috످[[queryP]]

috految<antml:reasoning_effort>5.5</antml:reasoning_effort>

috److It looks like your message contains only `[[queryP]]`, which may be a template placeholder that wasn't filled in. What would you like to ask?

috످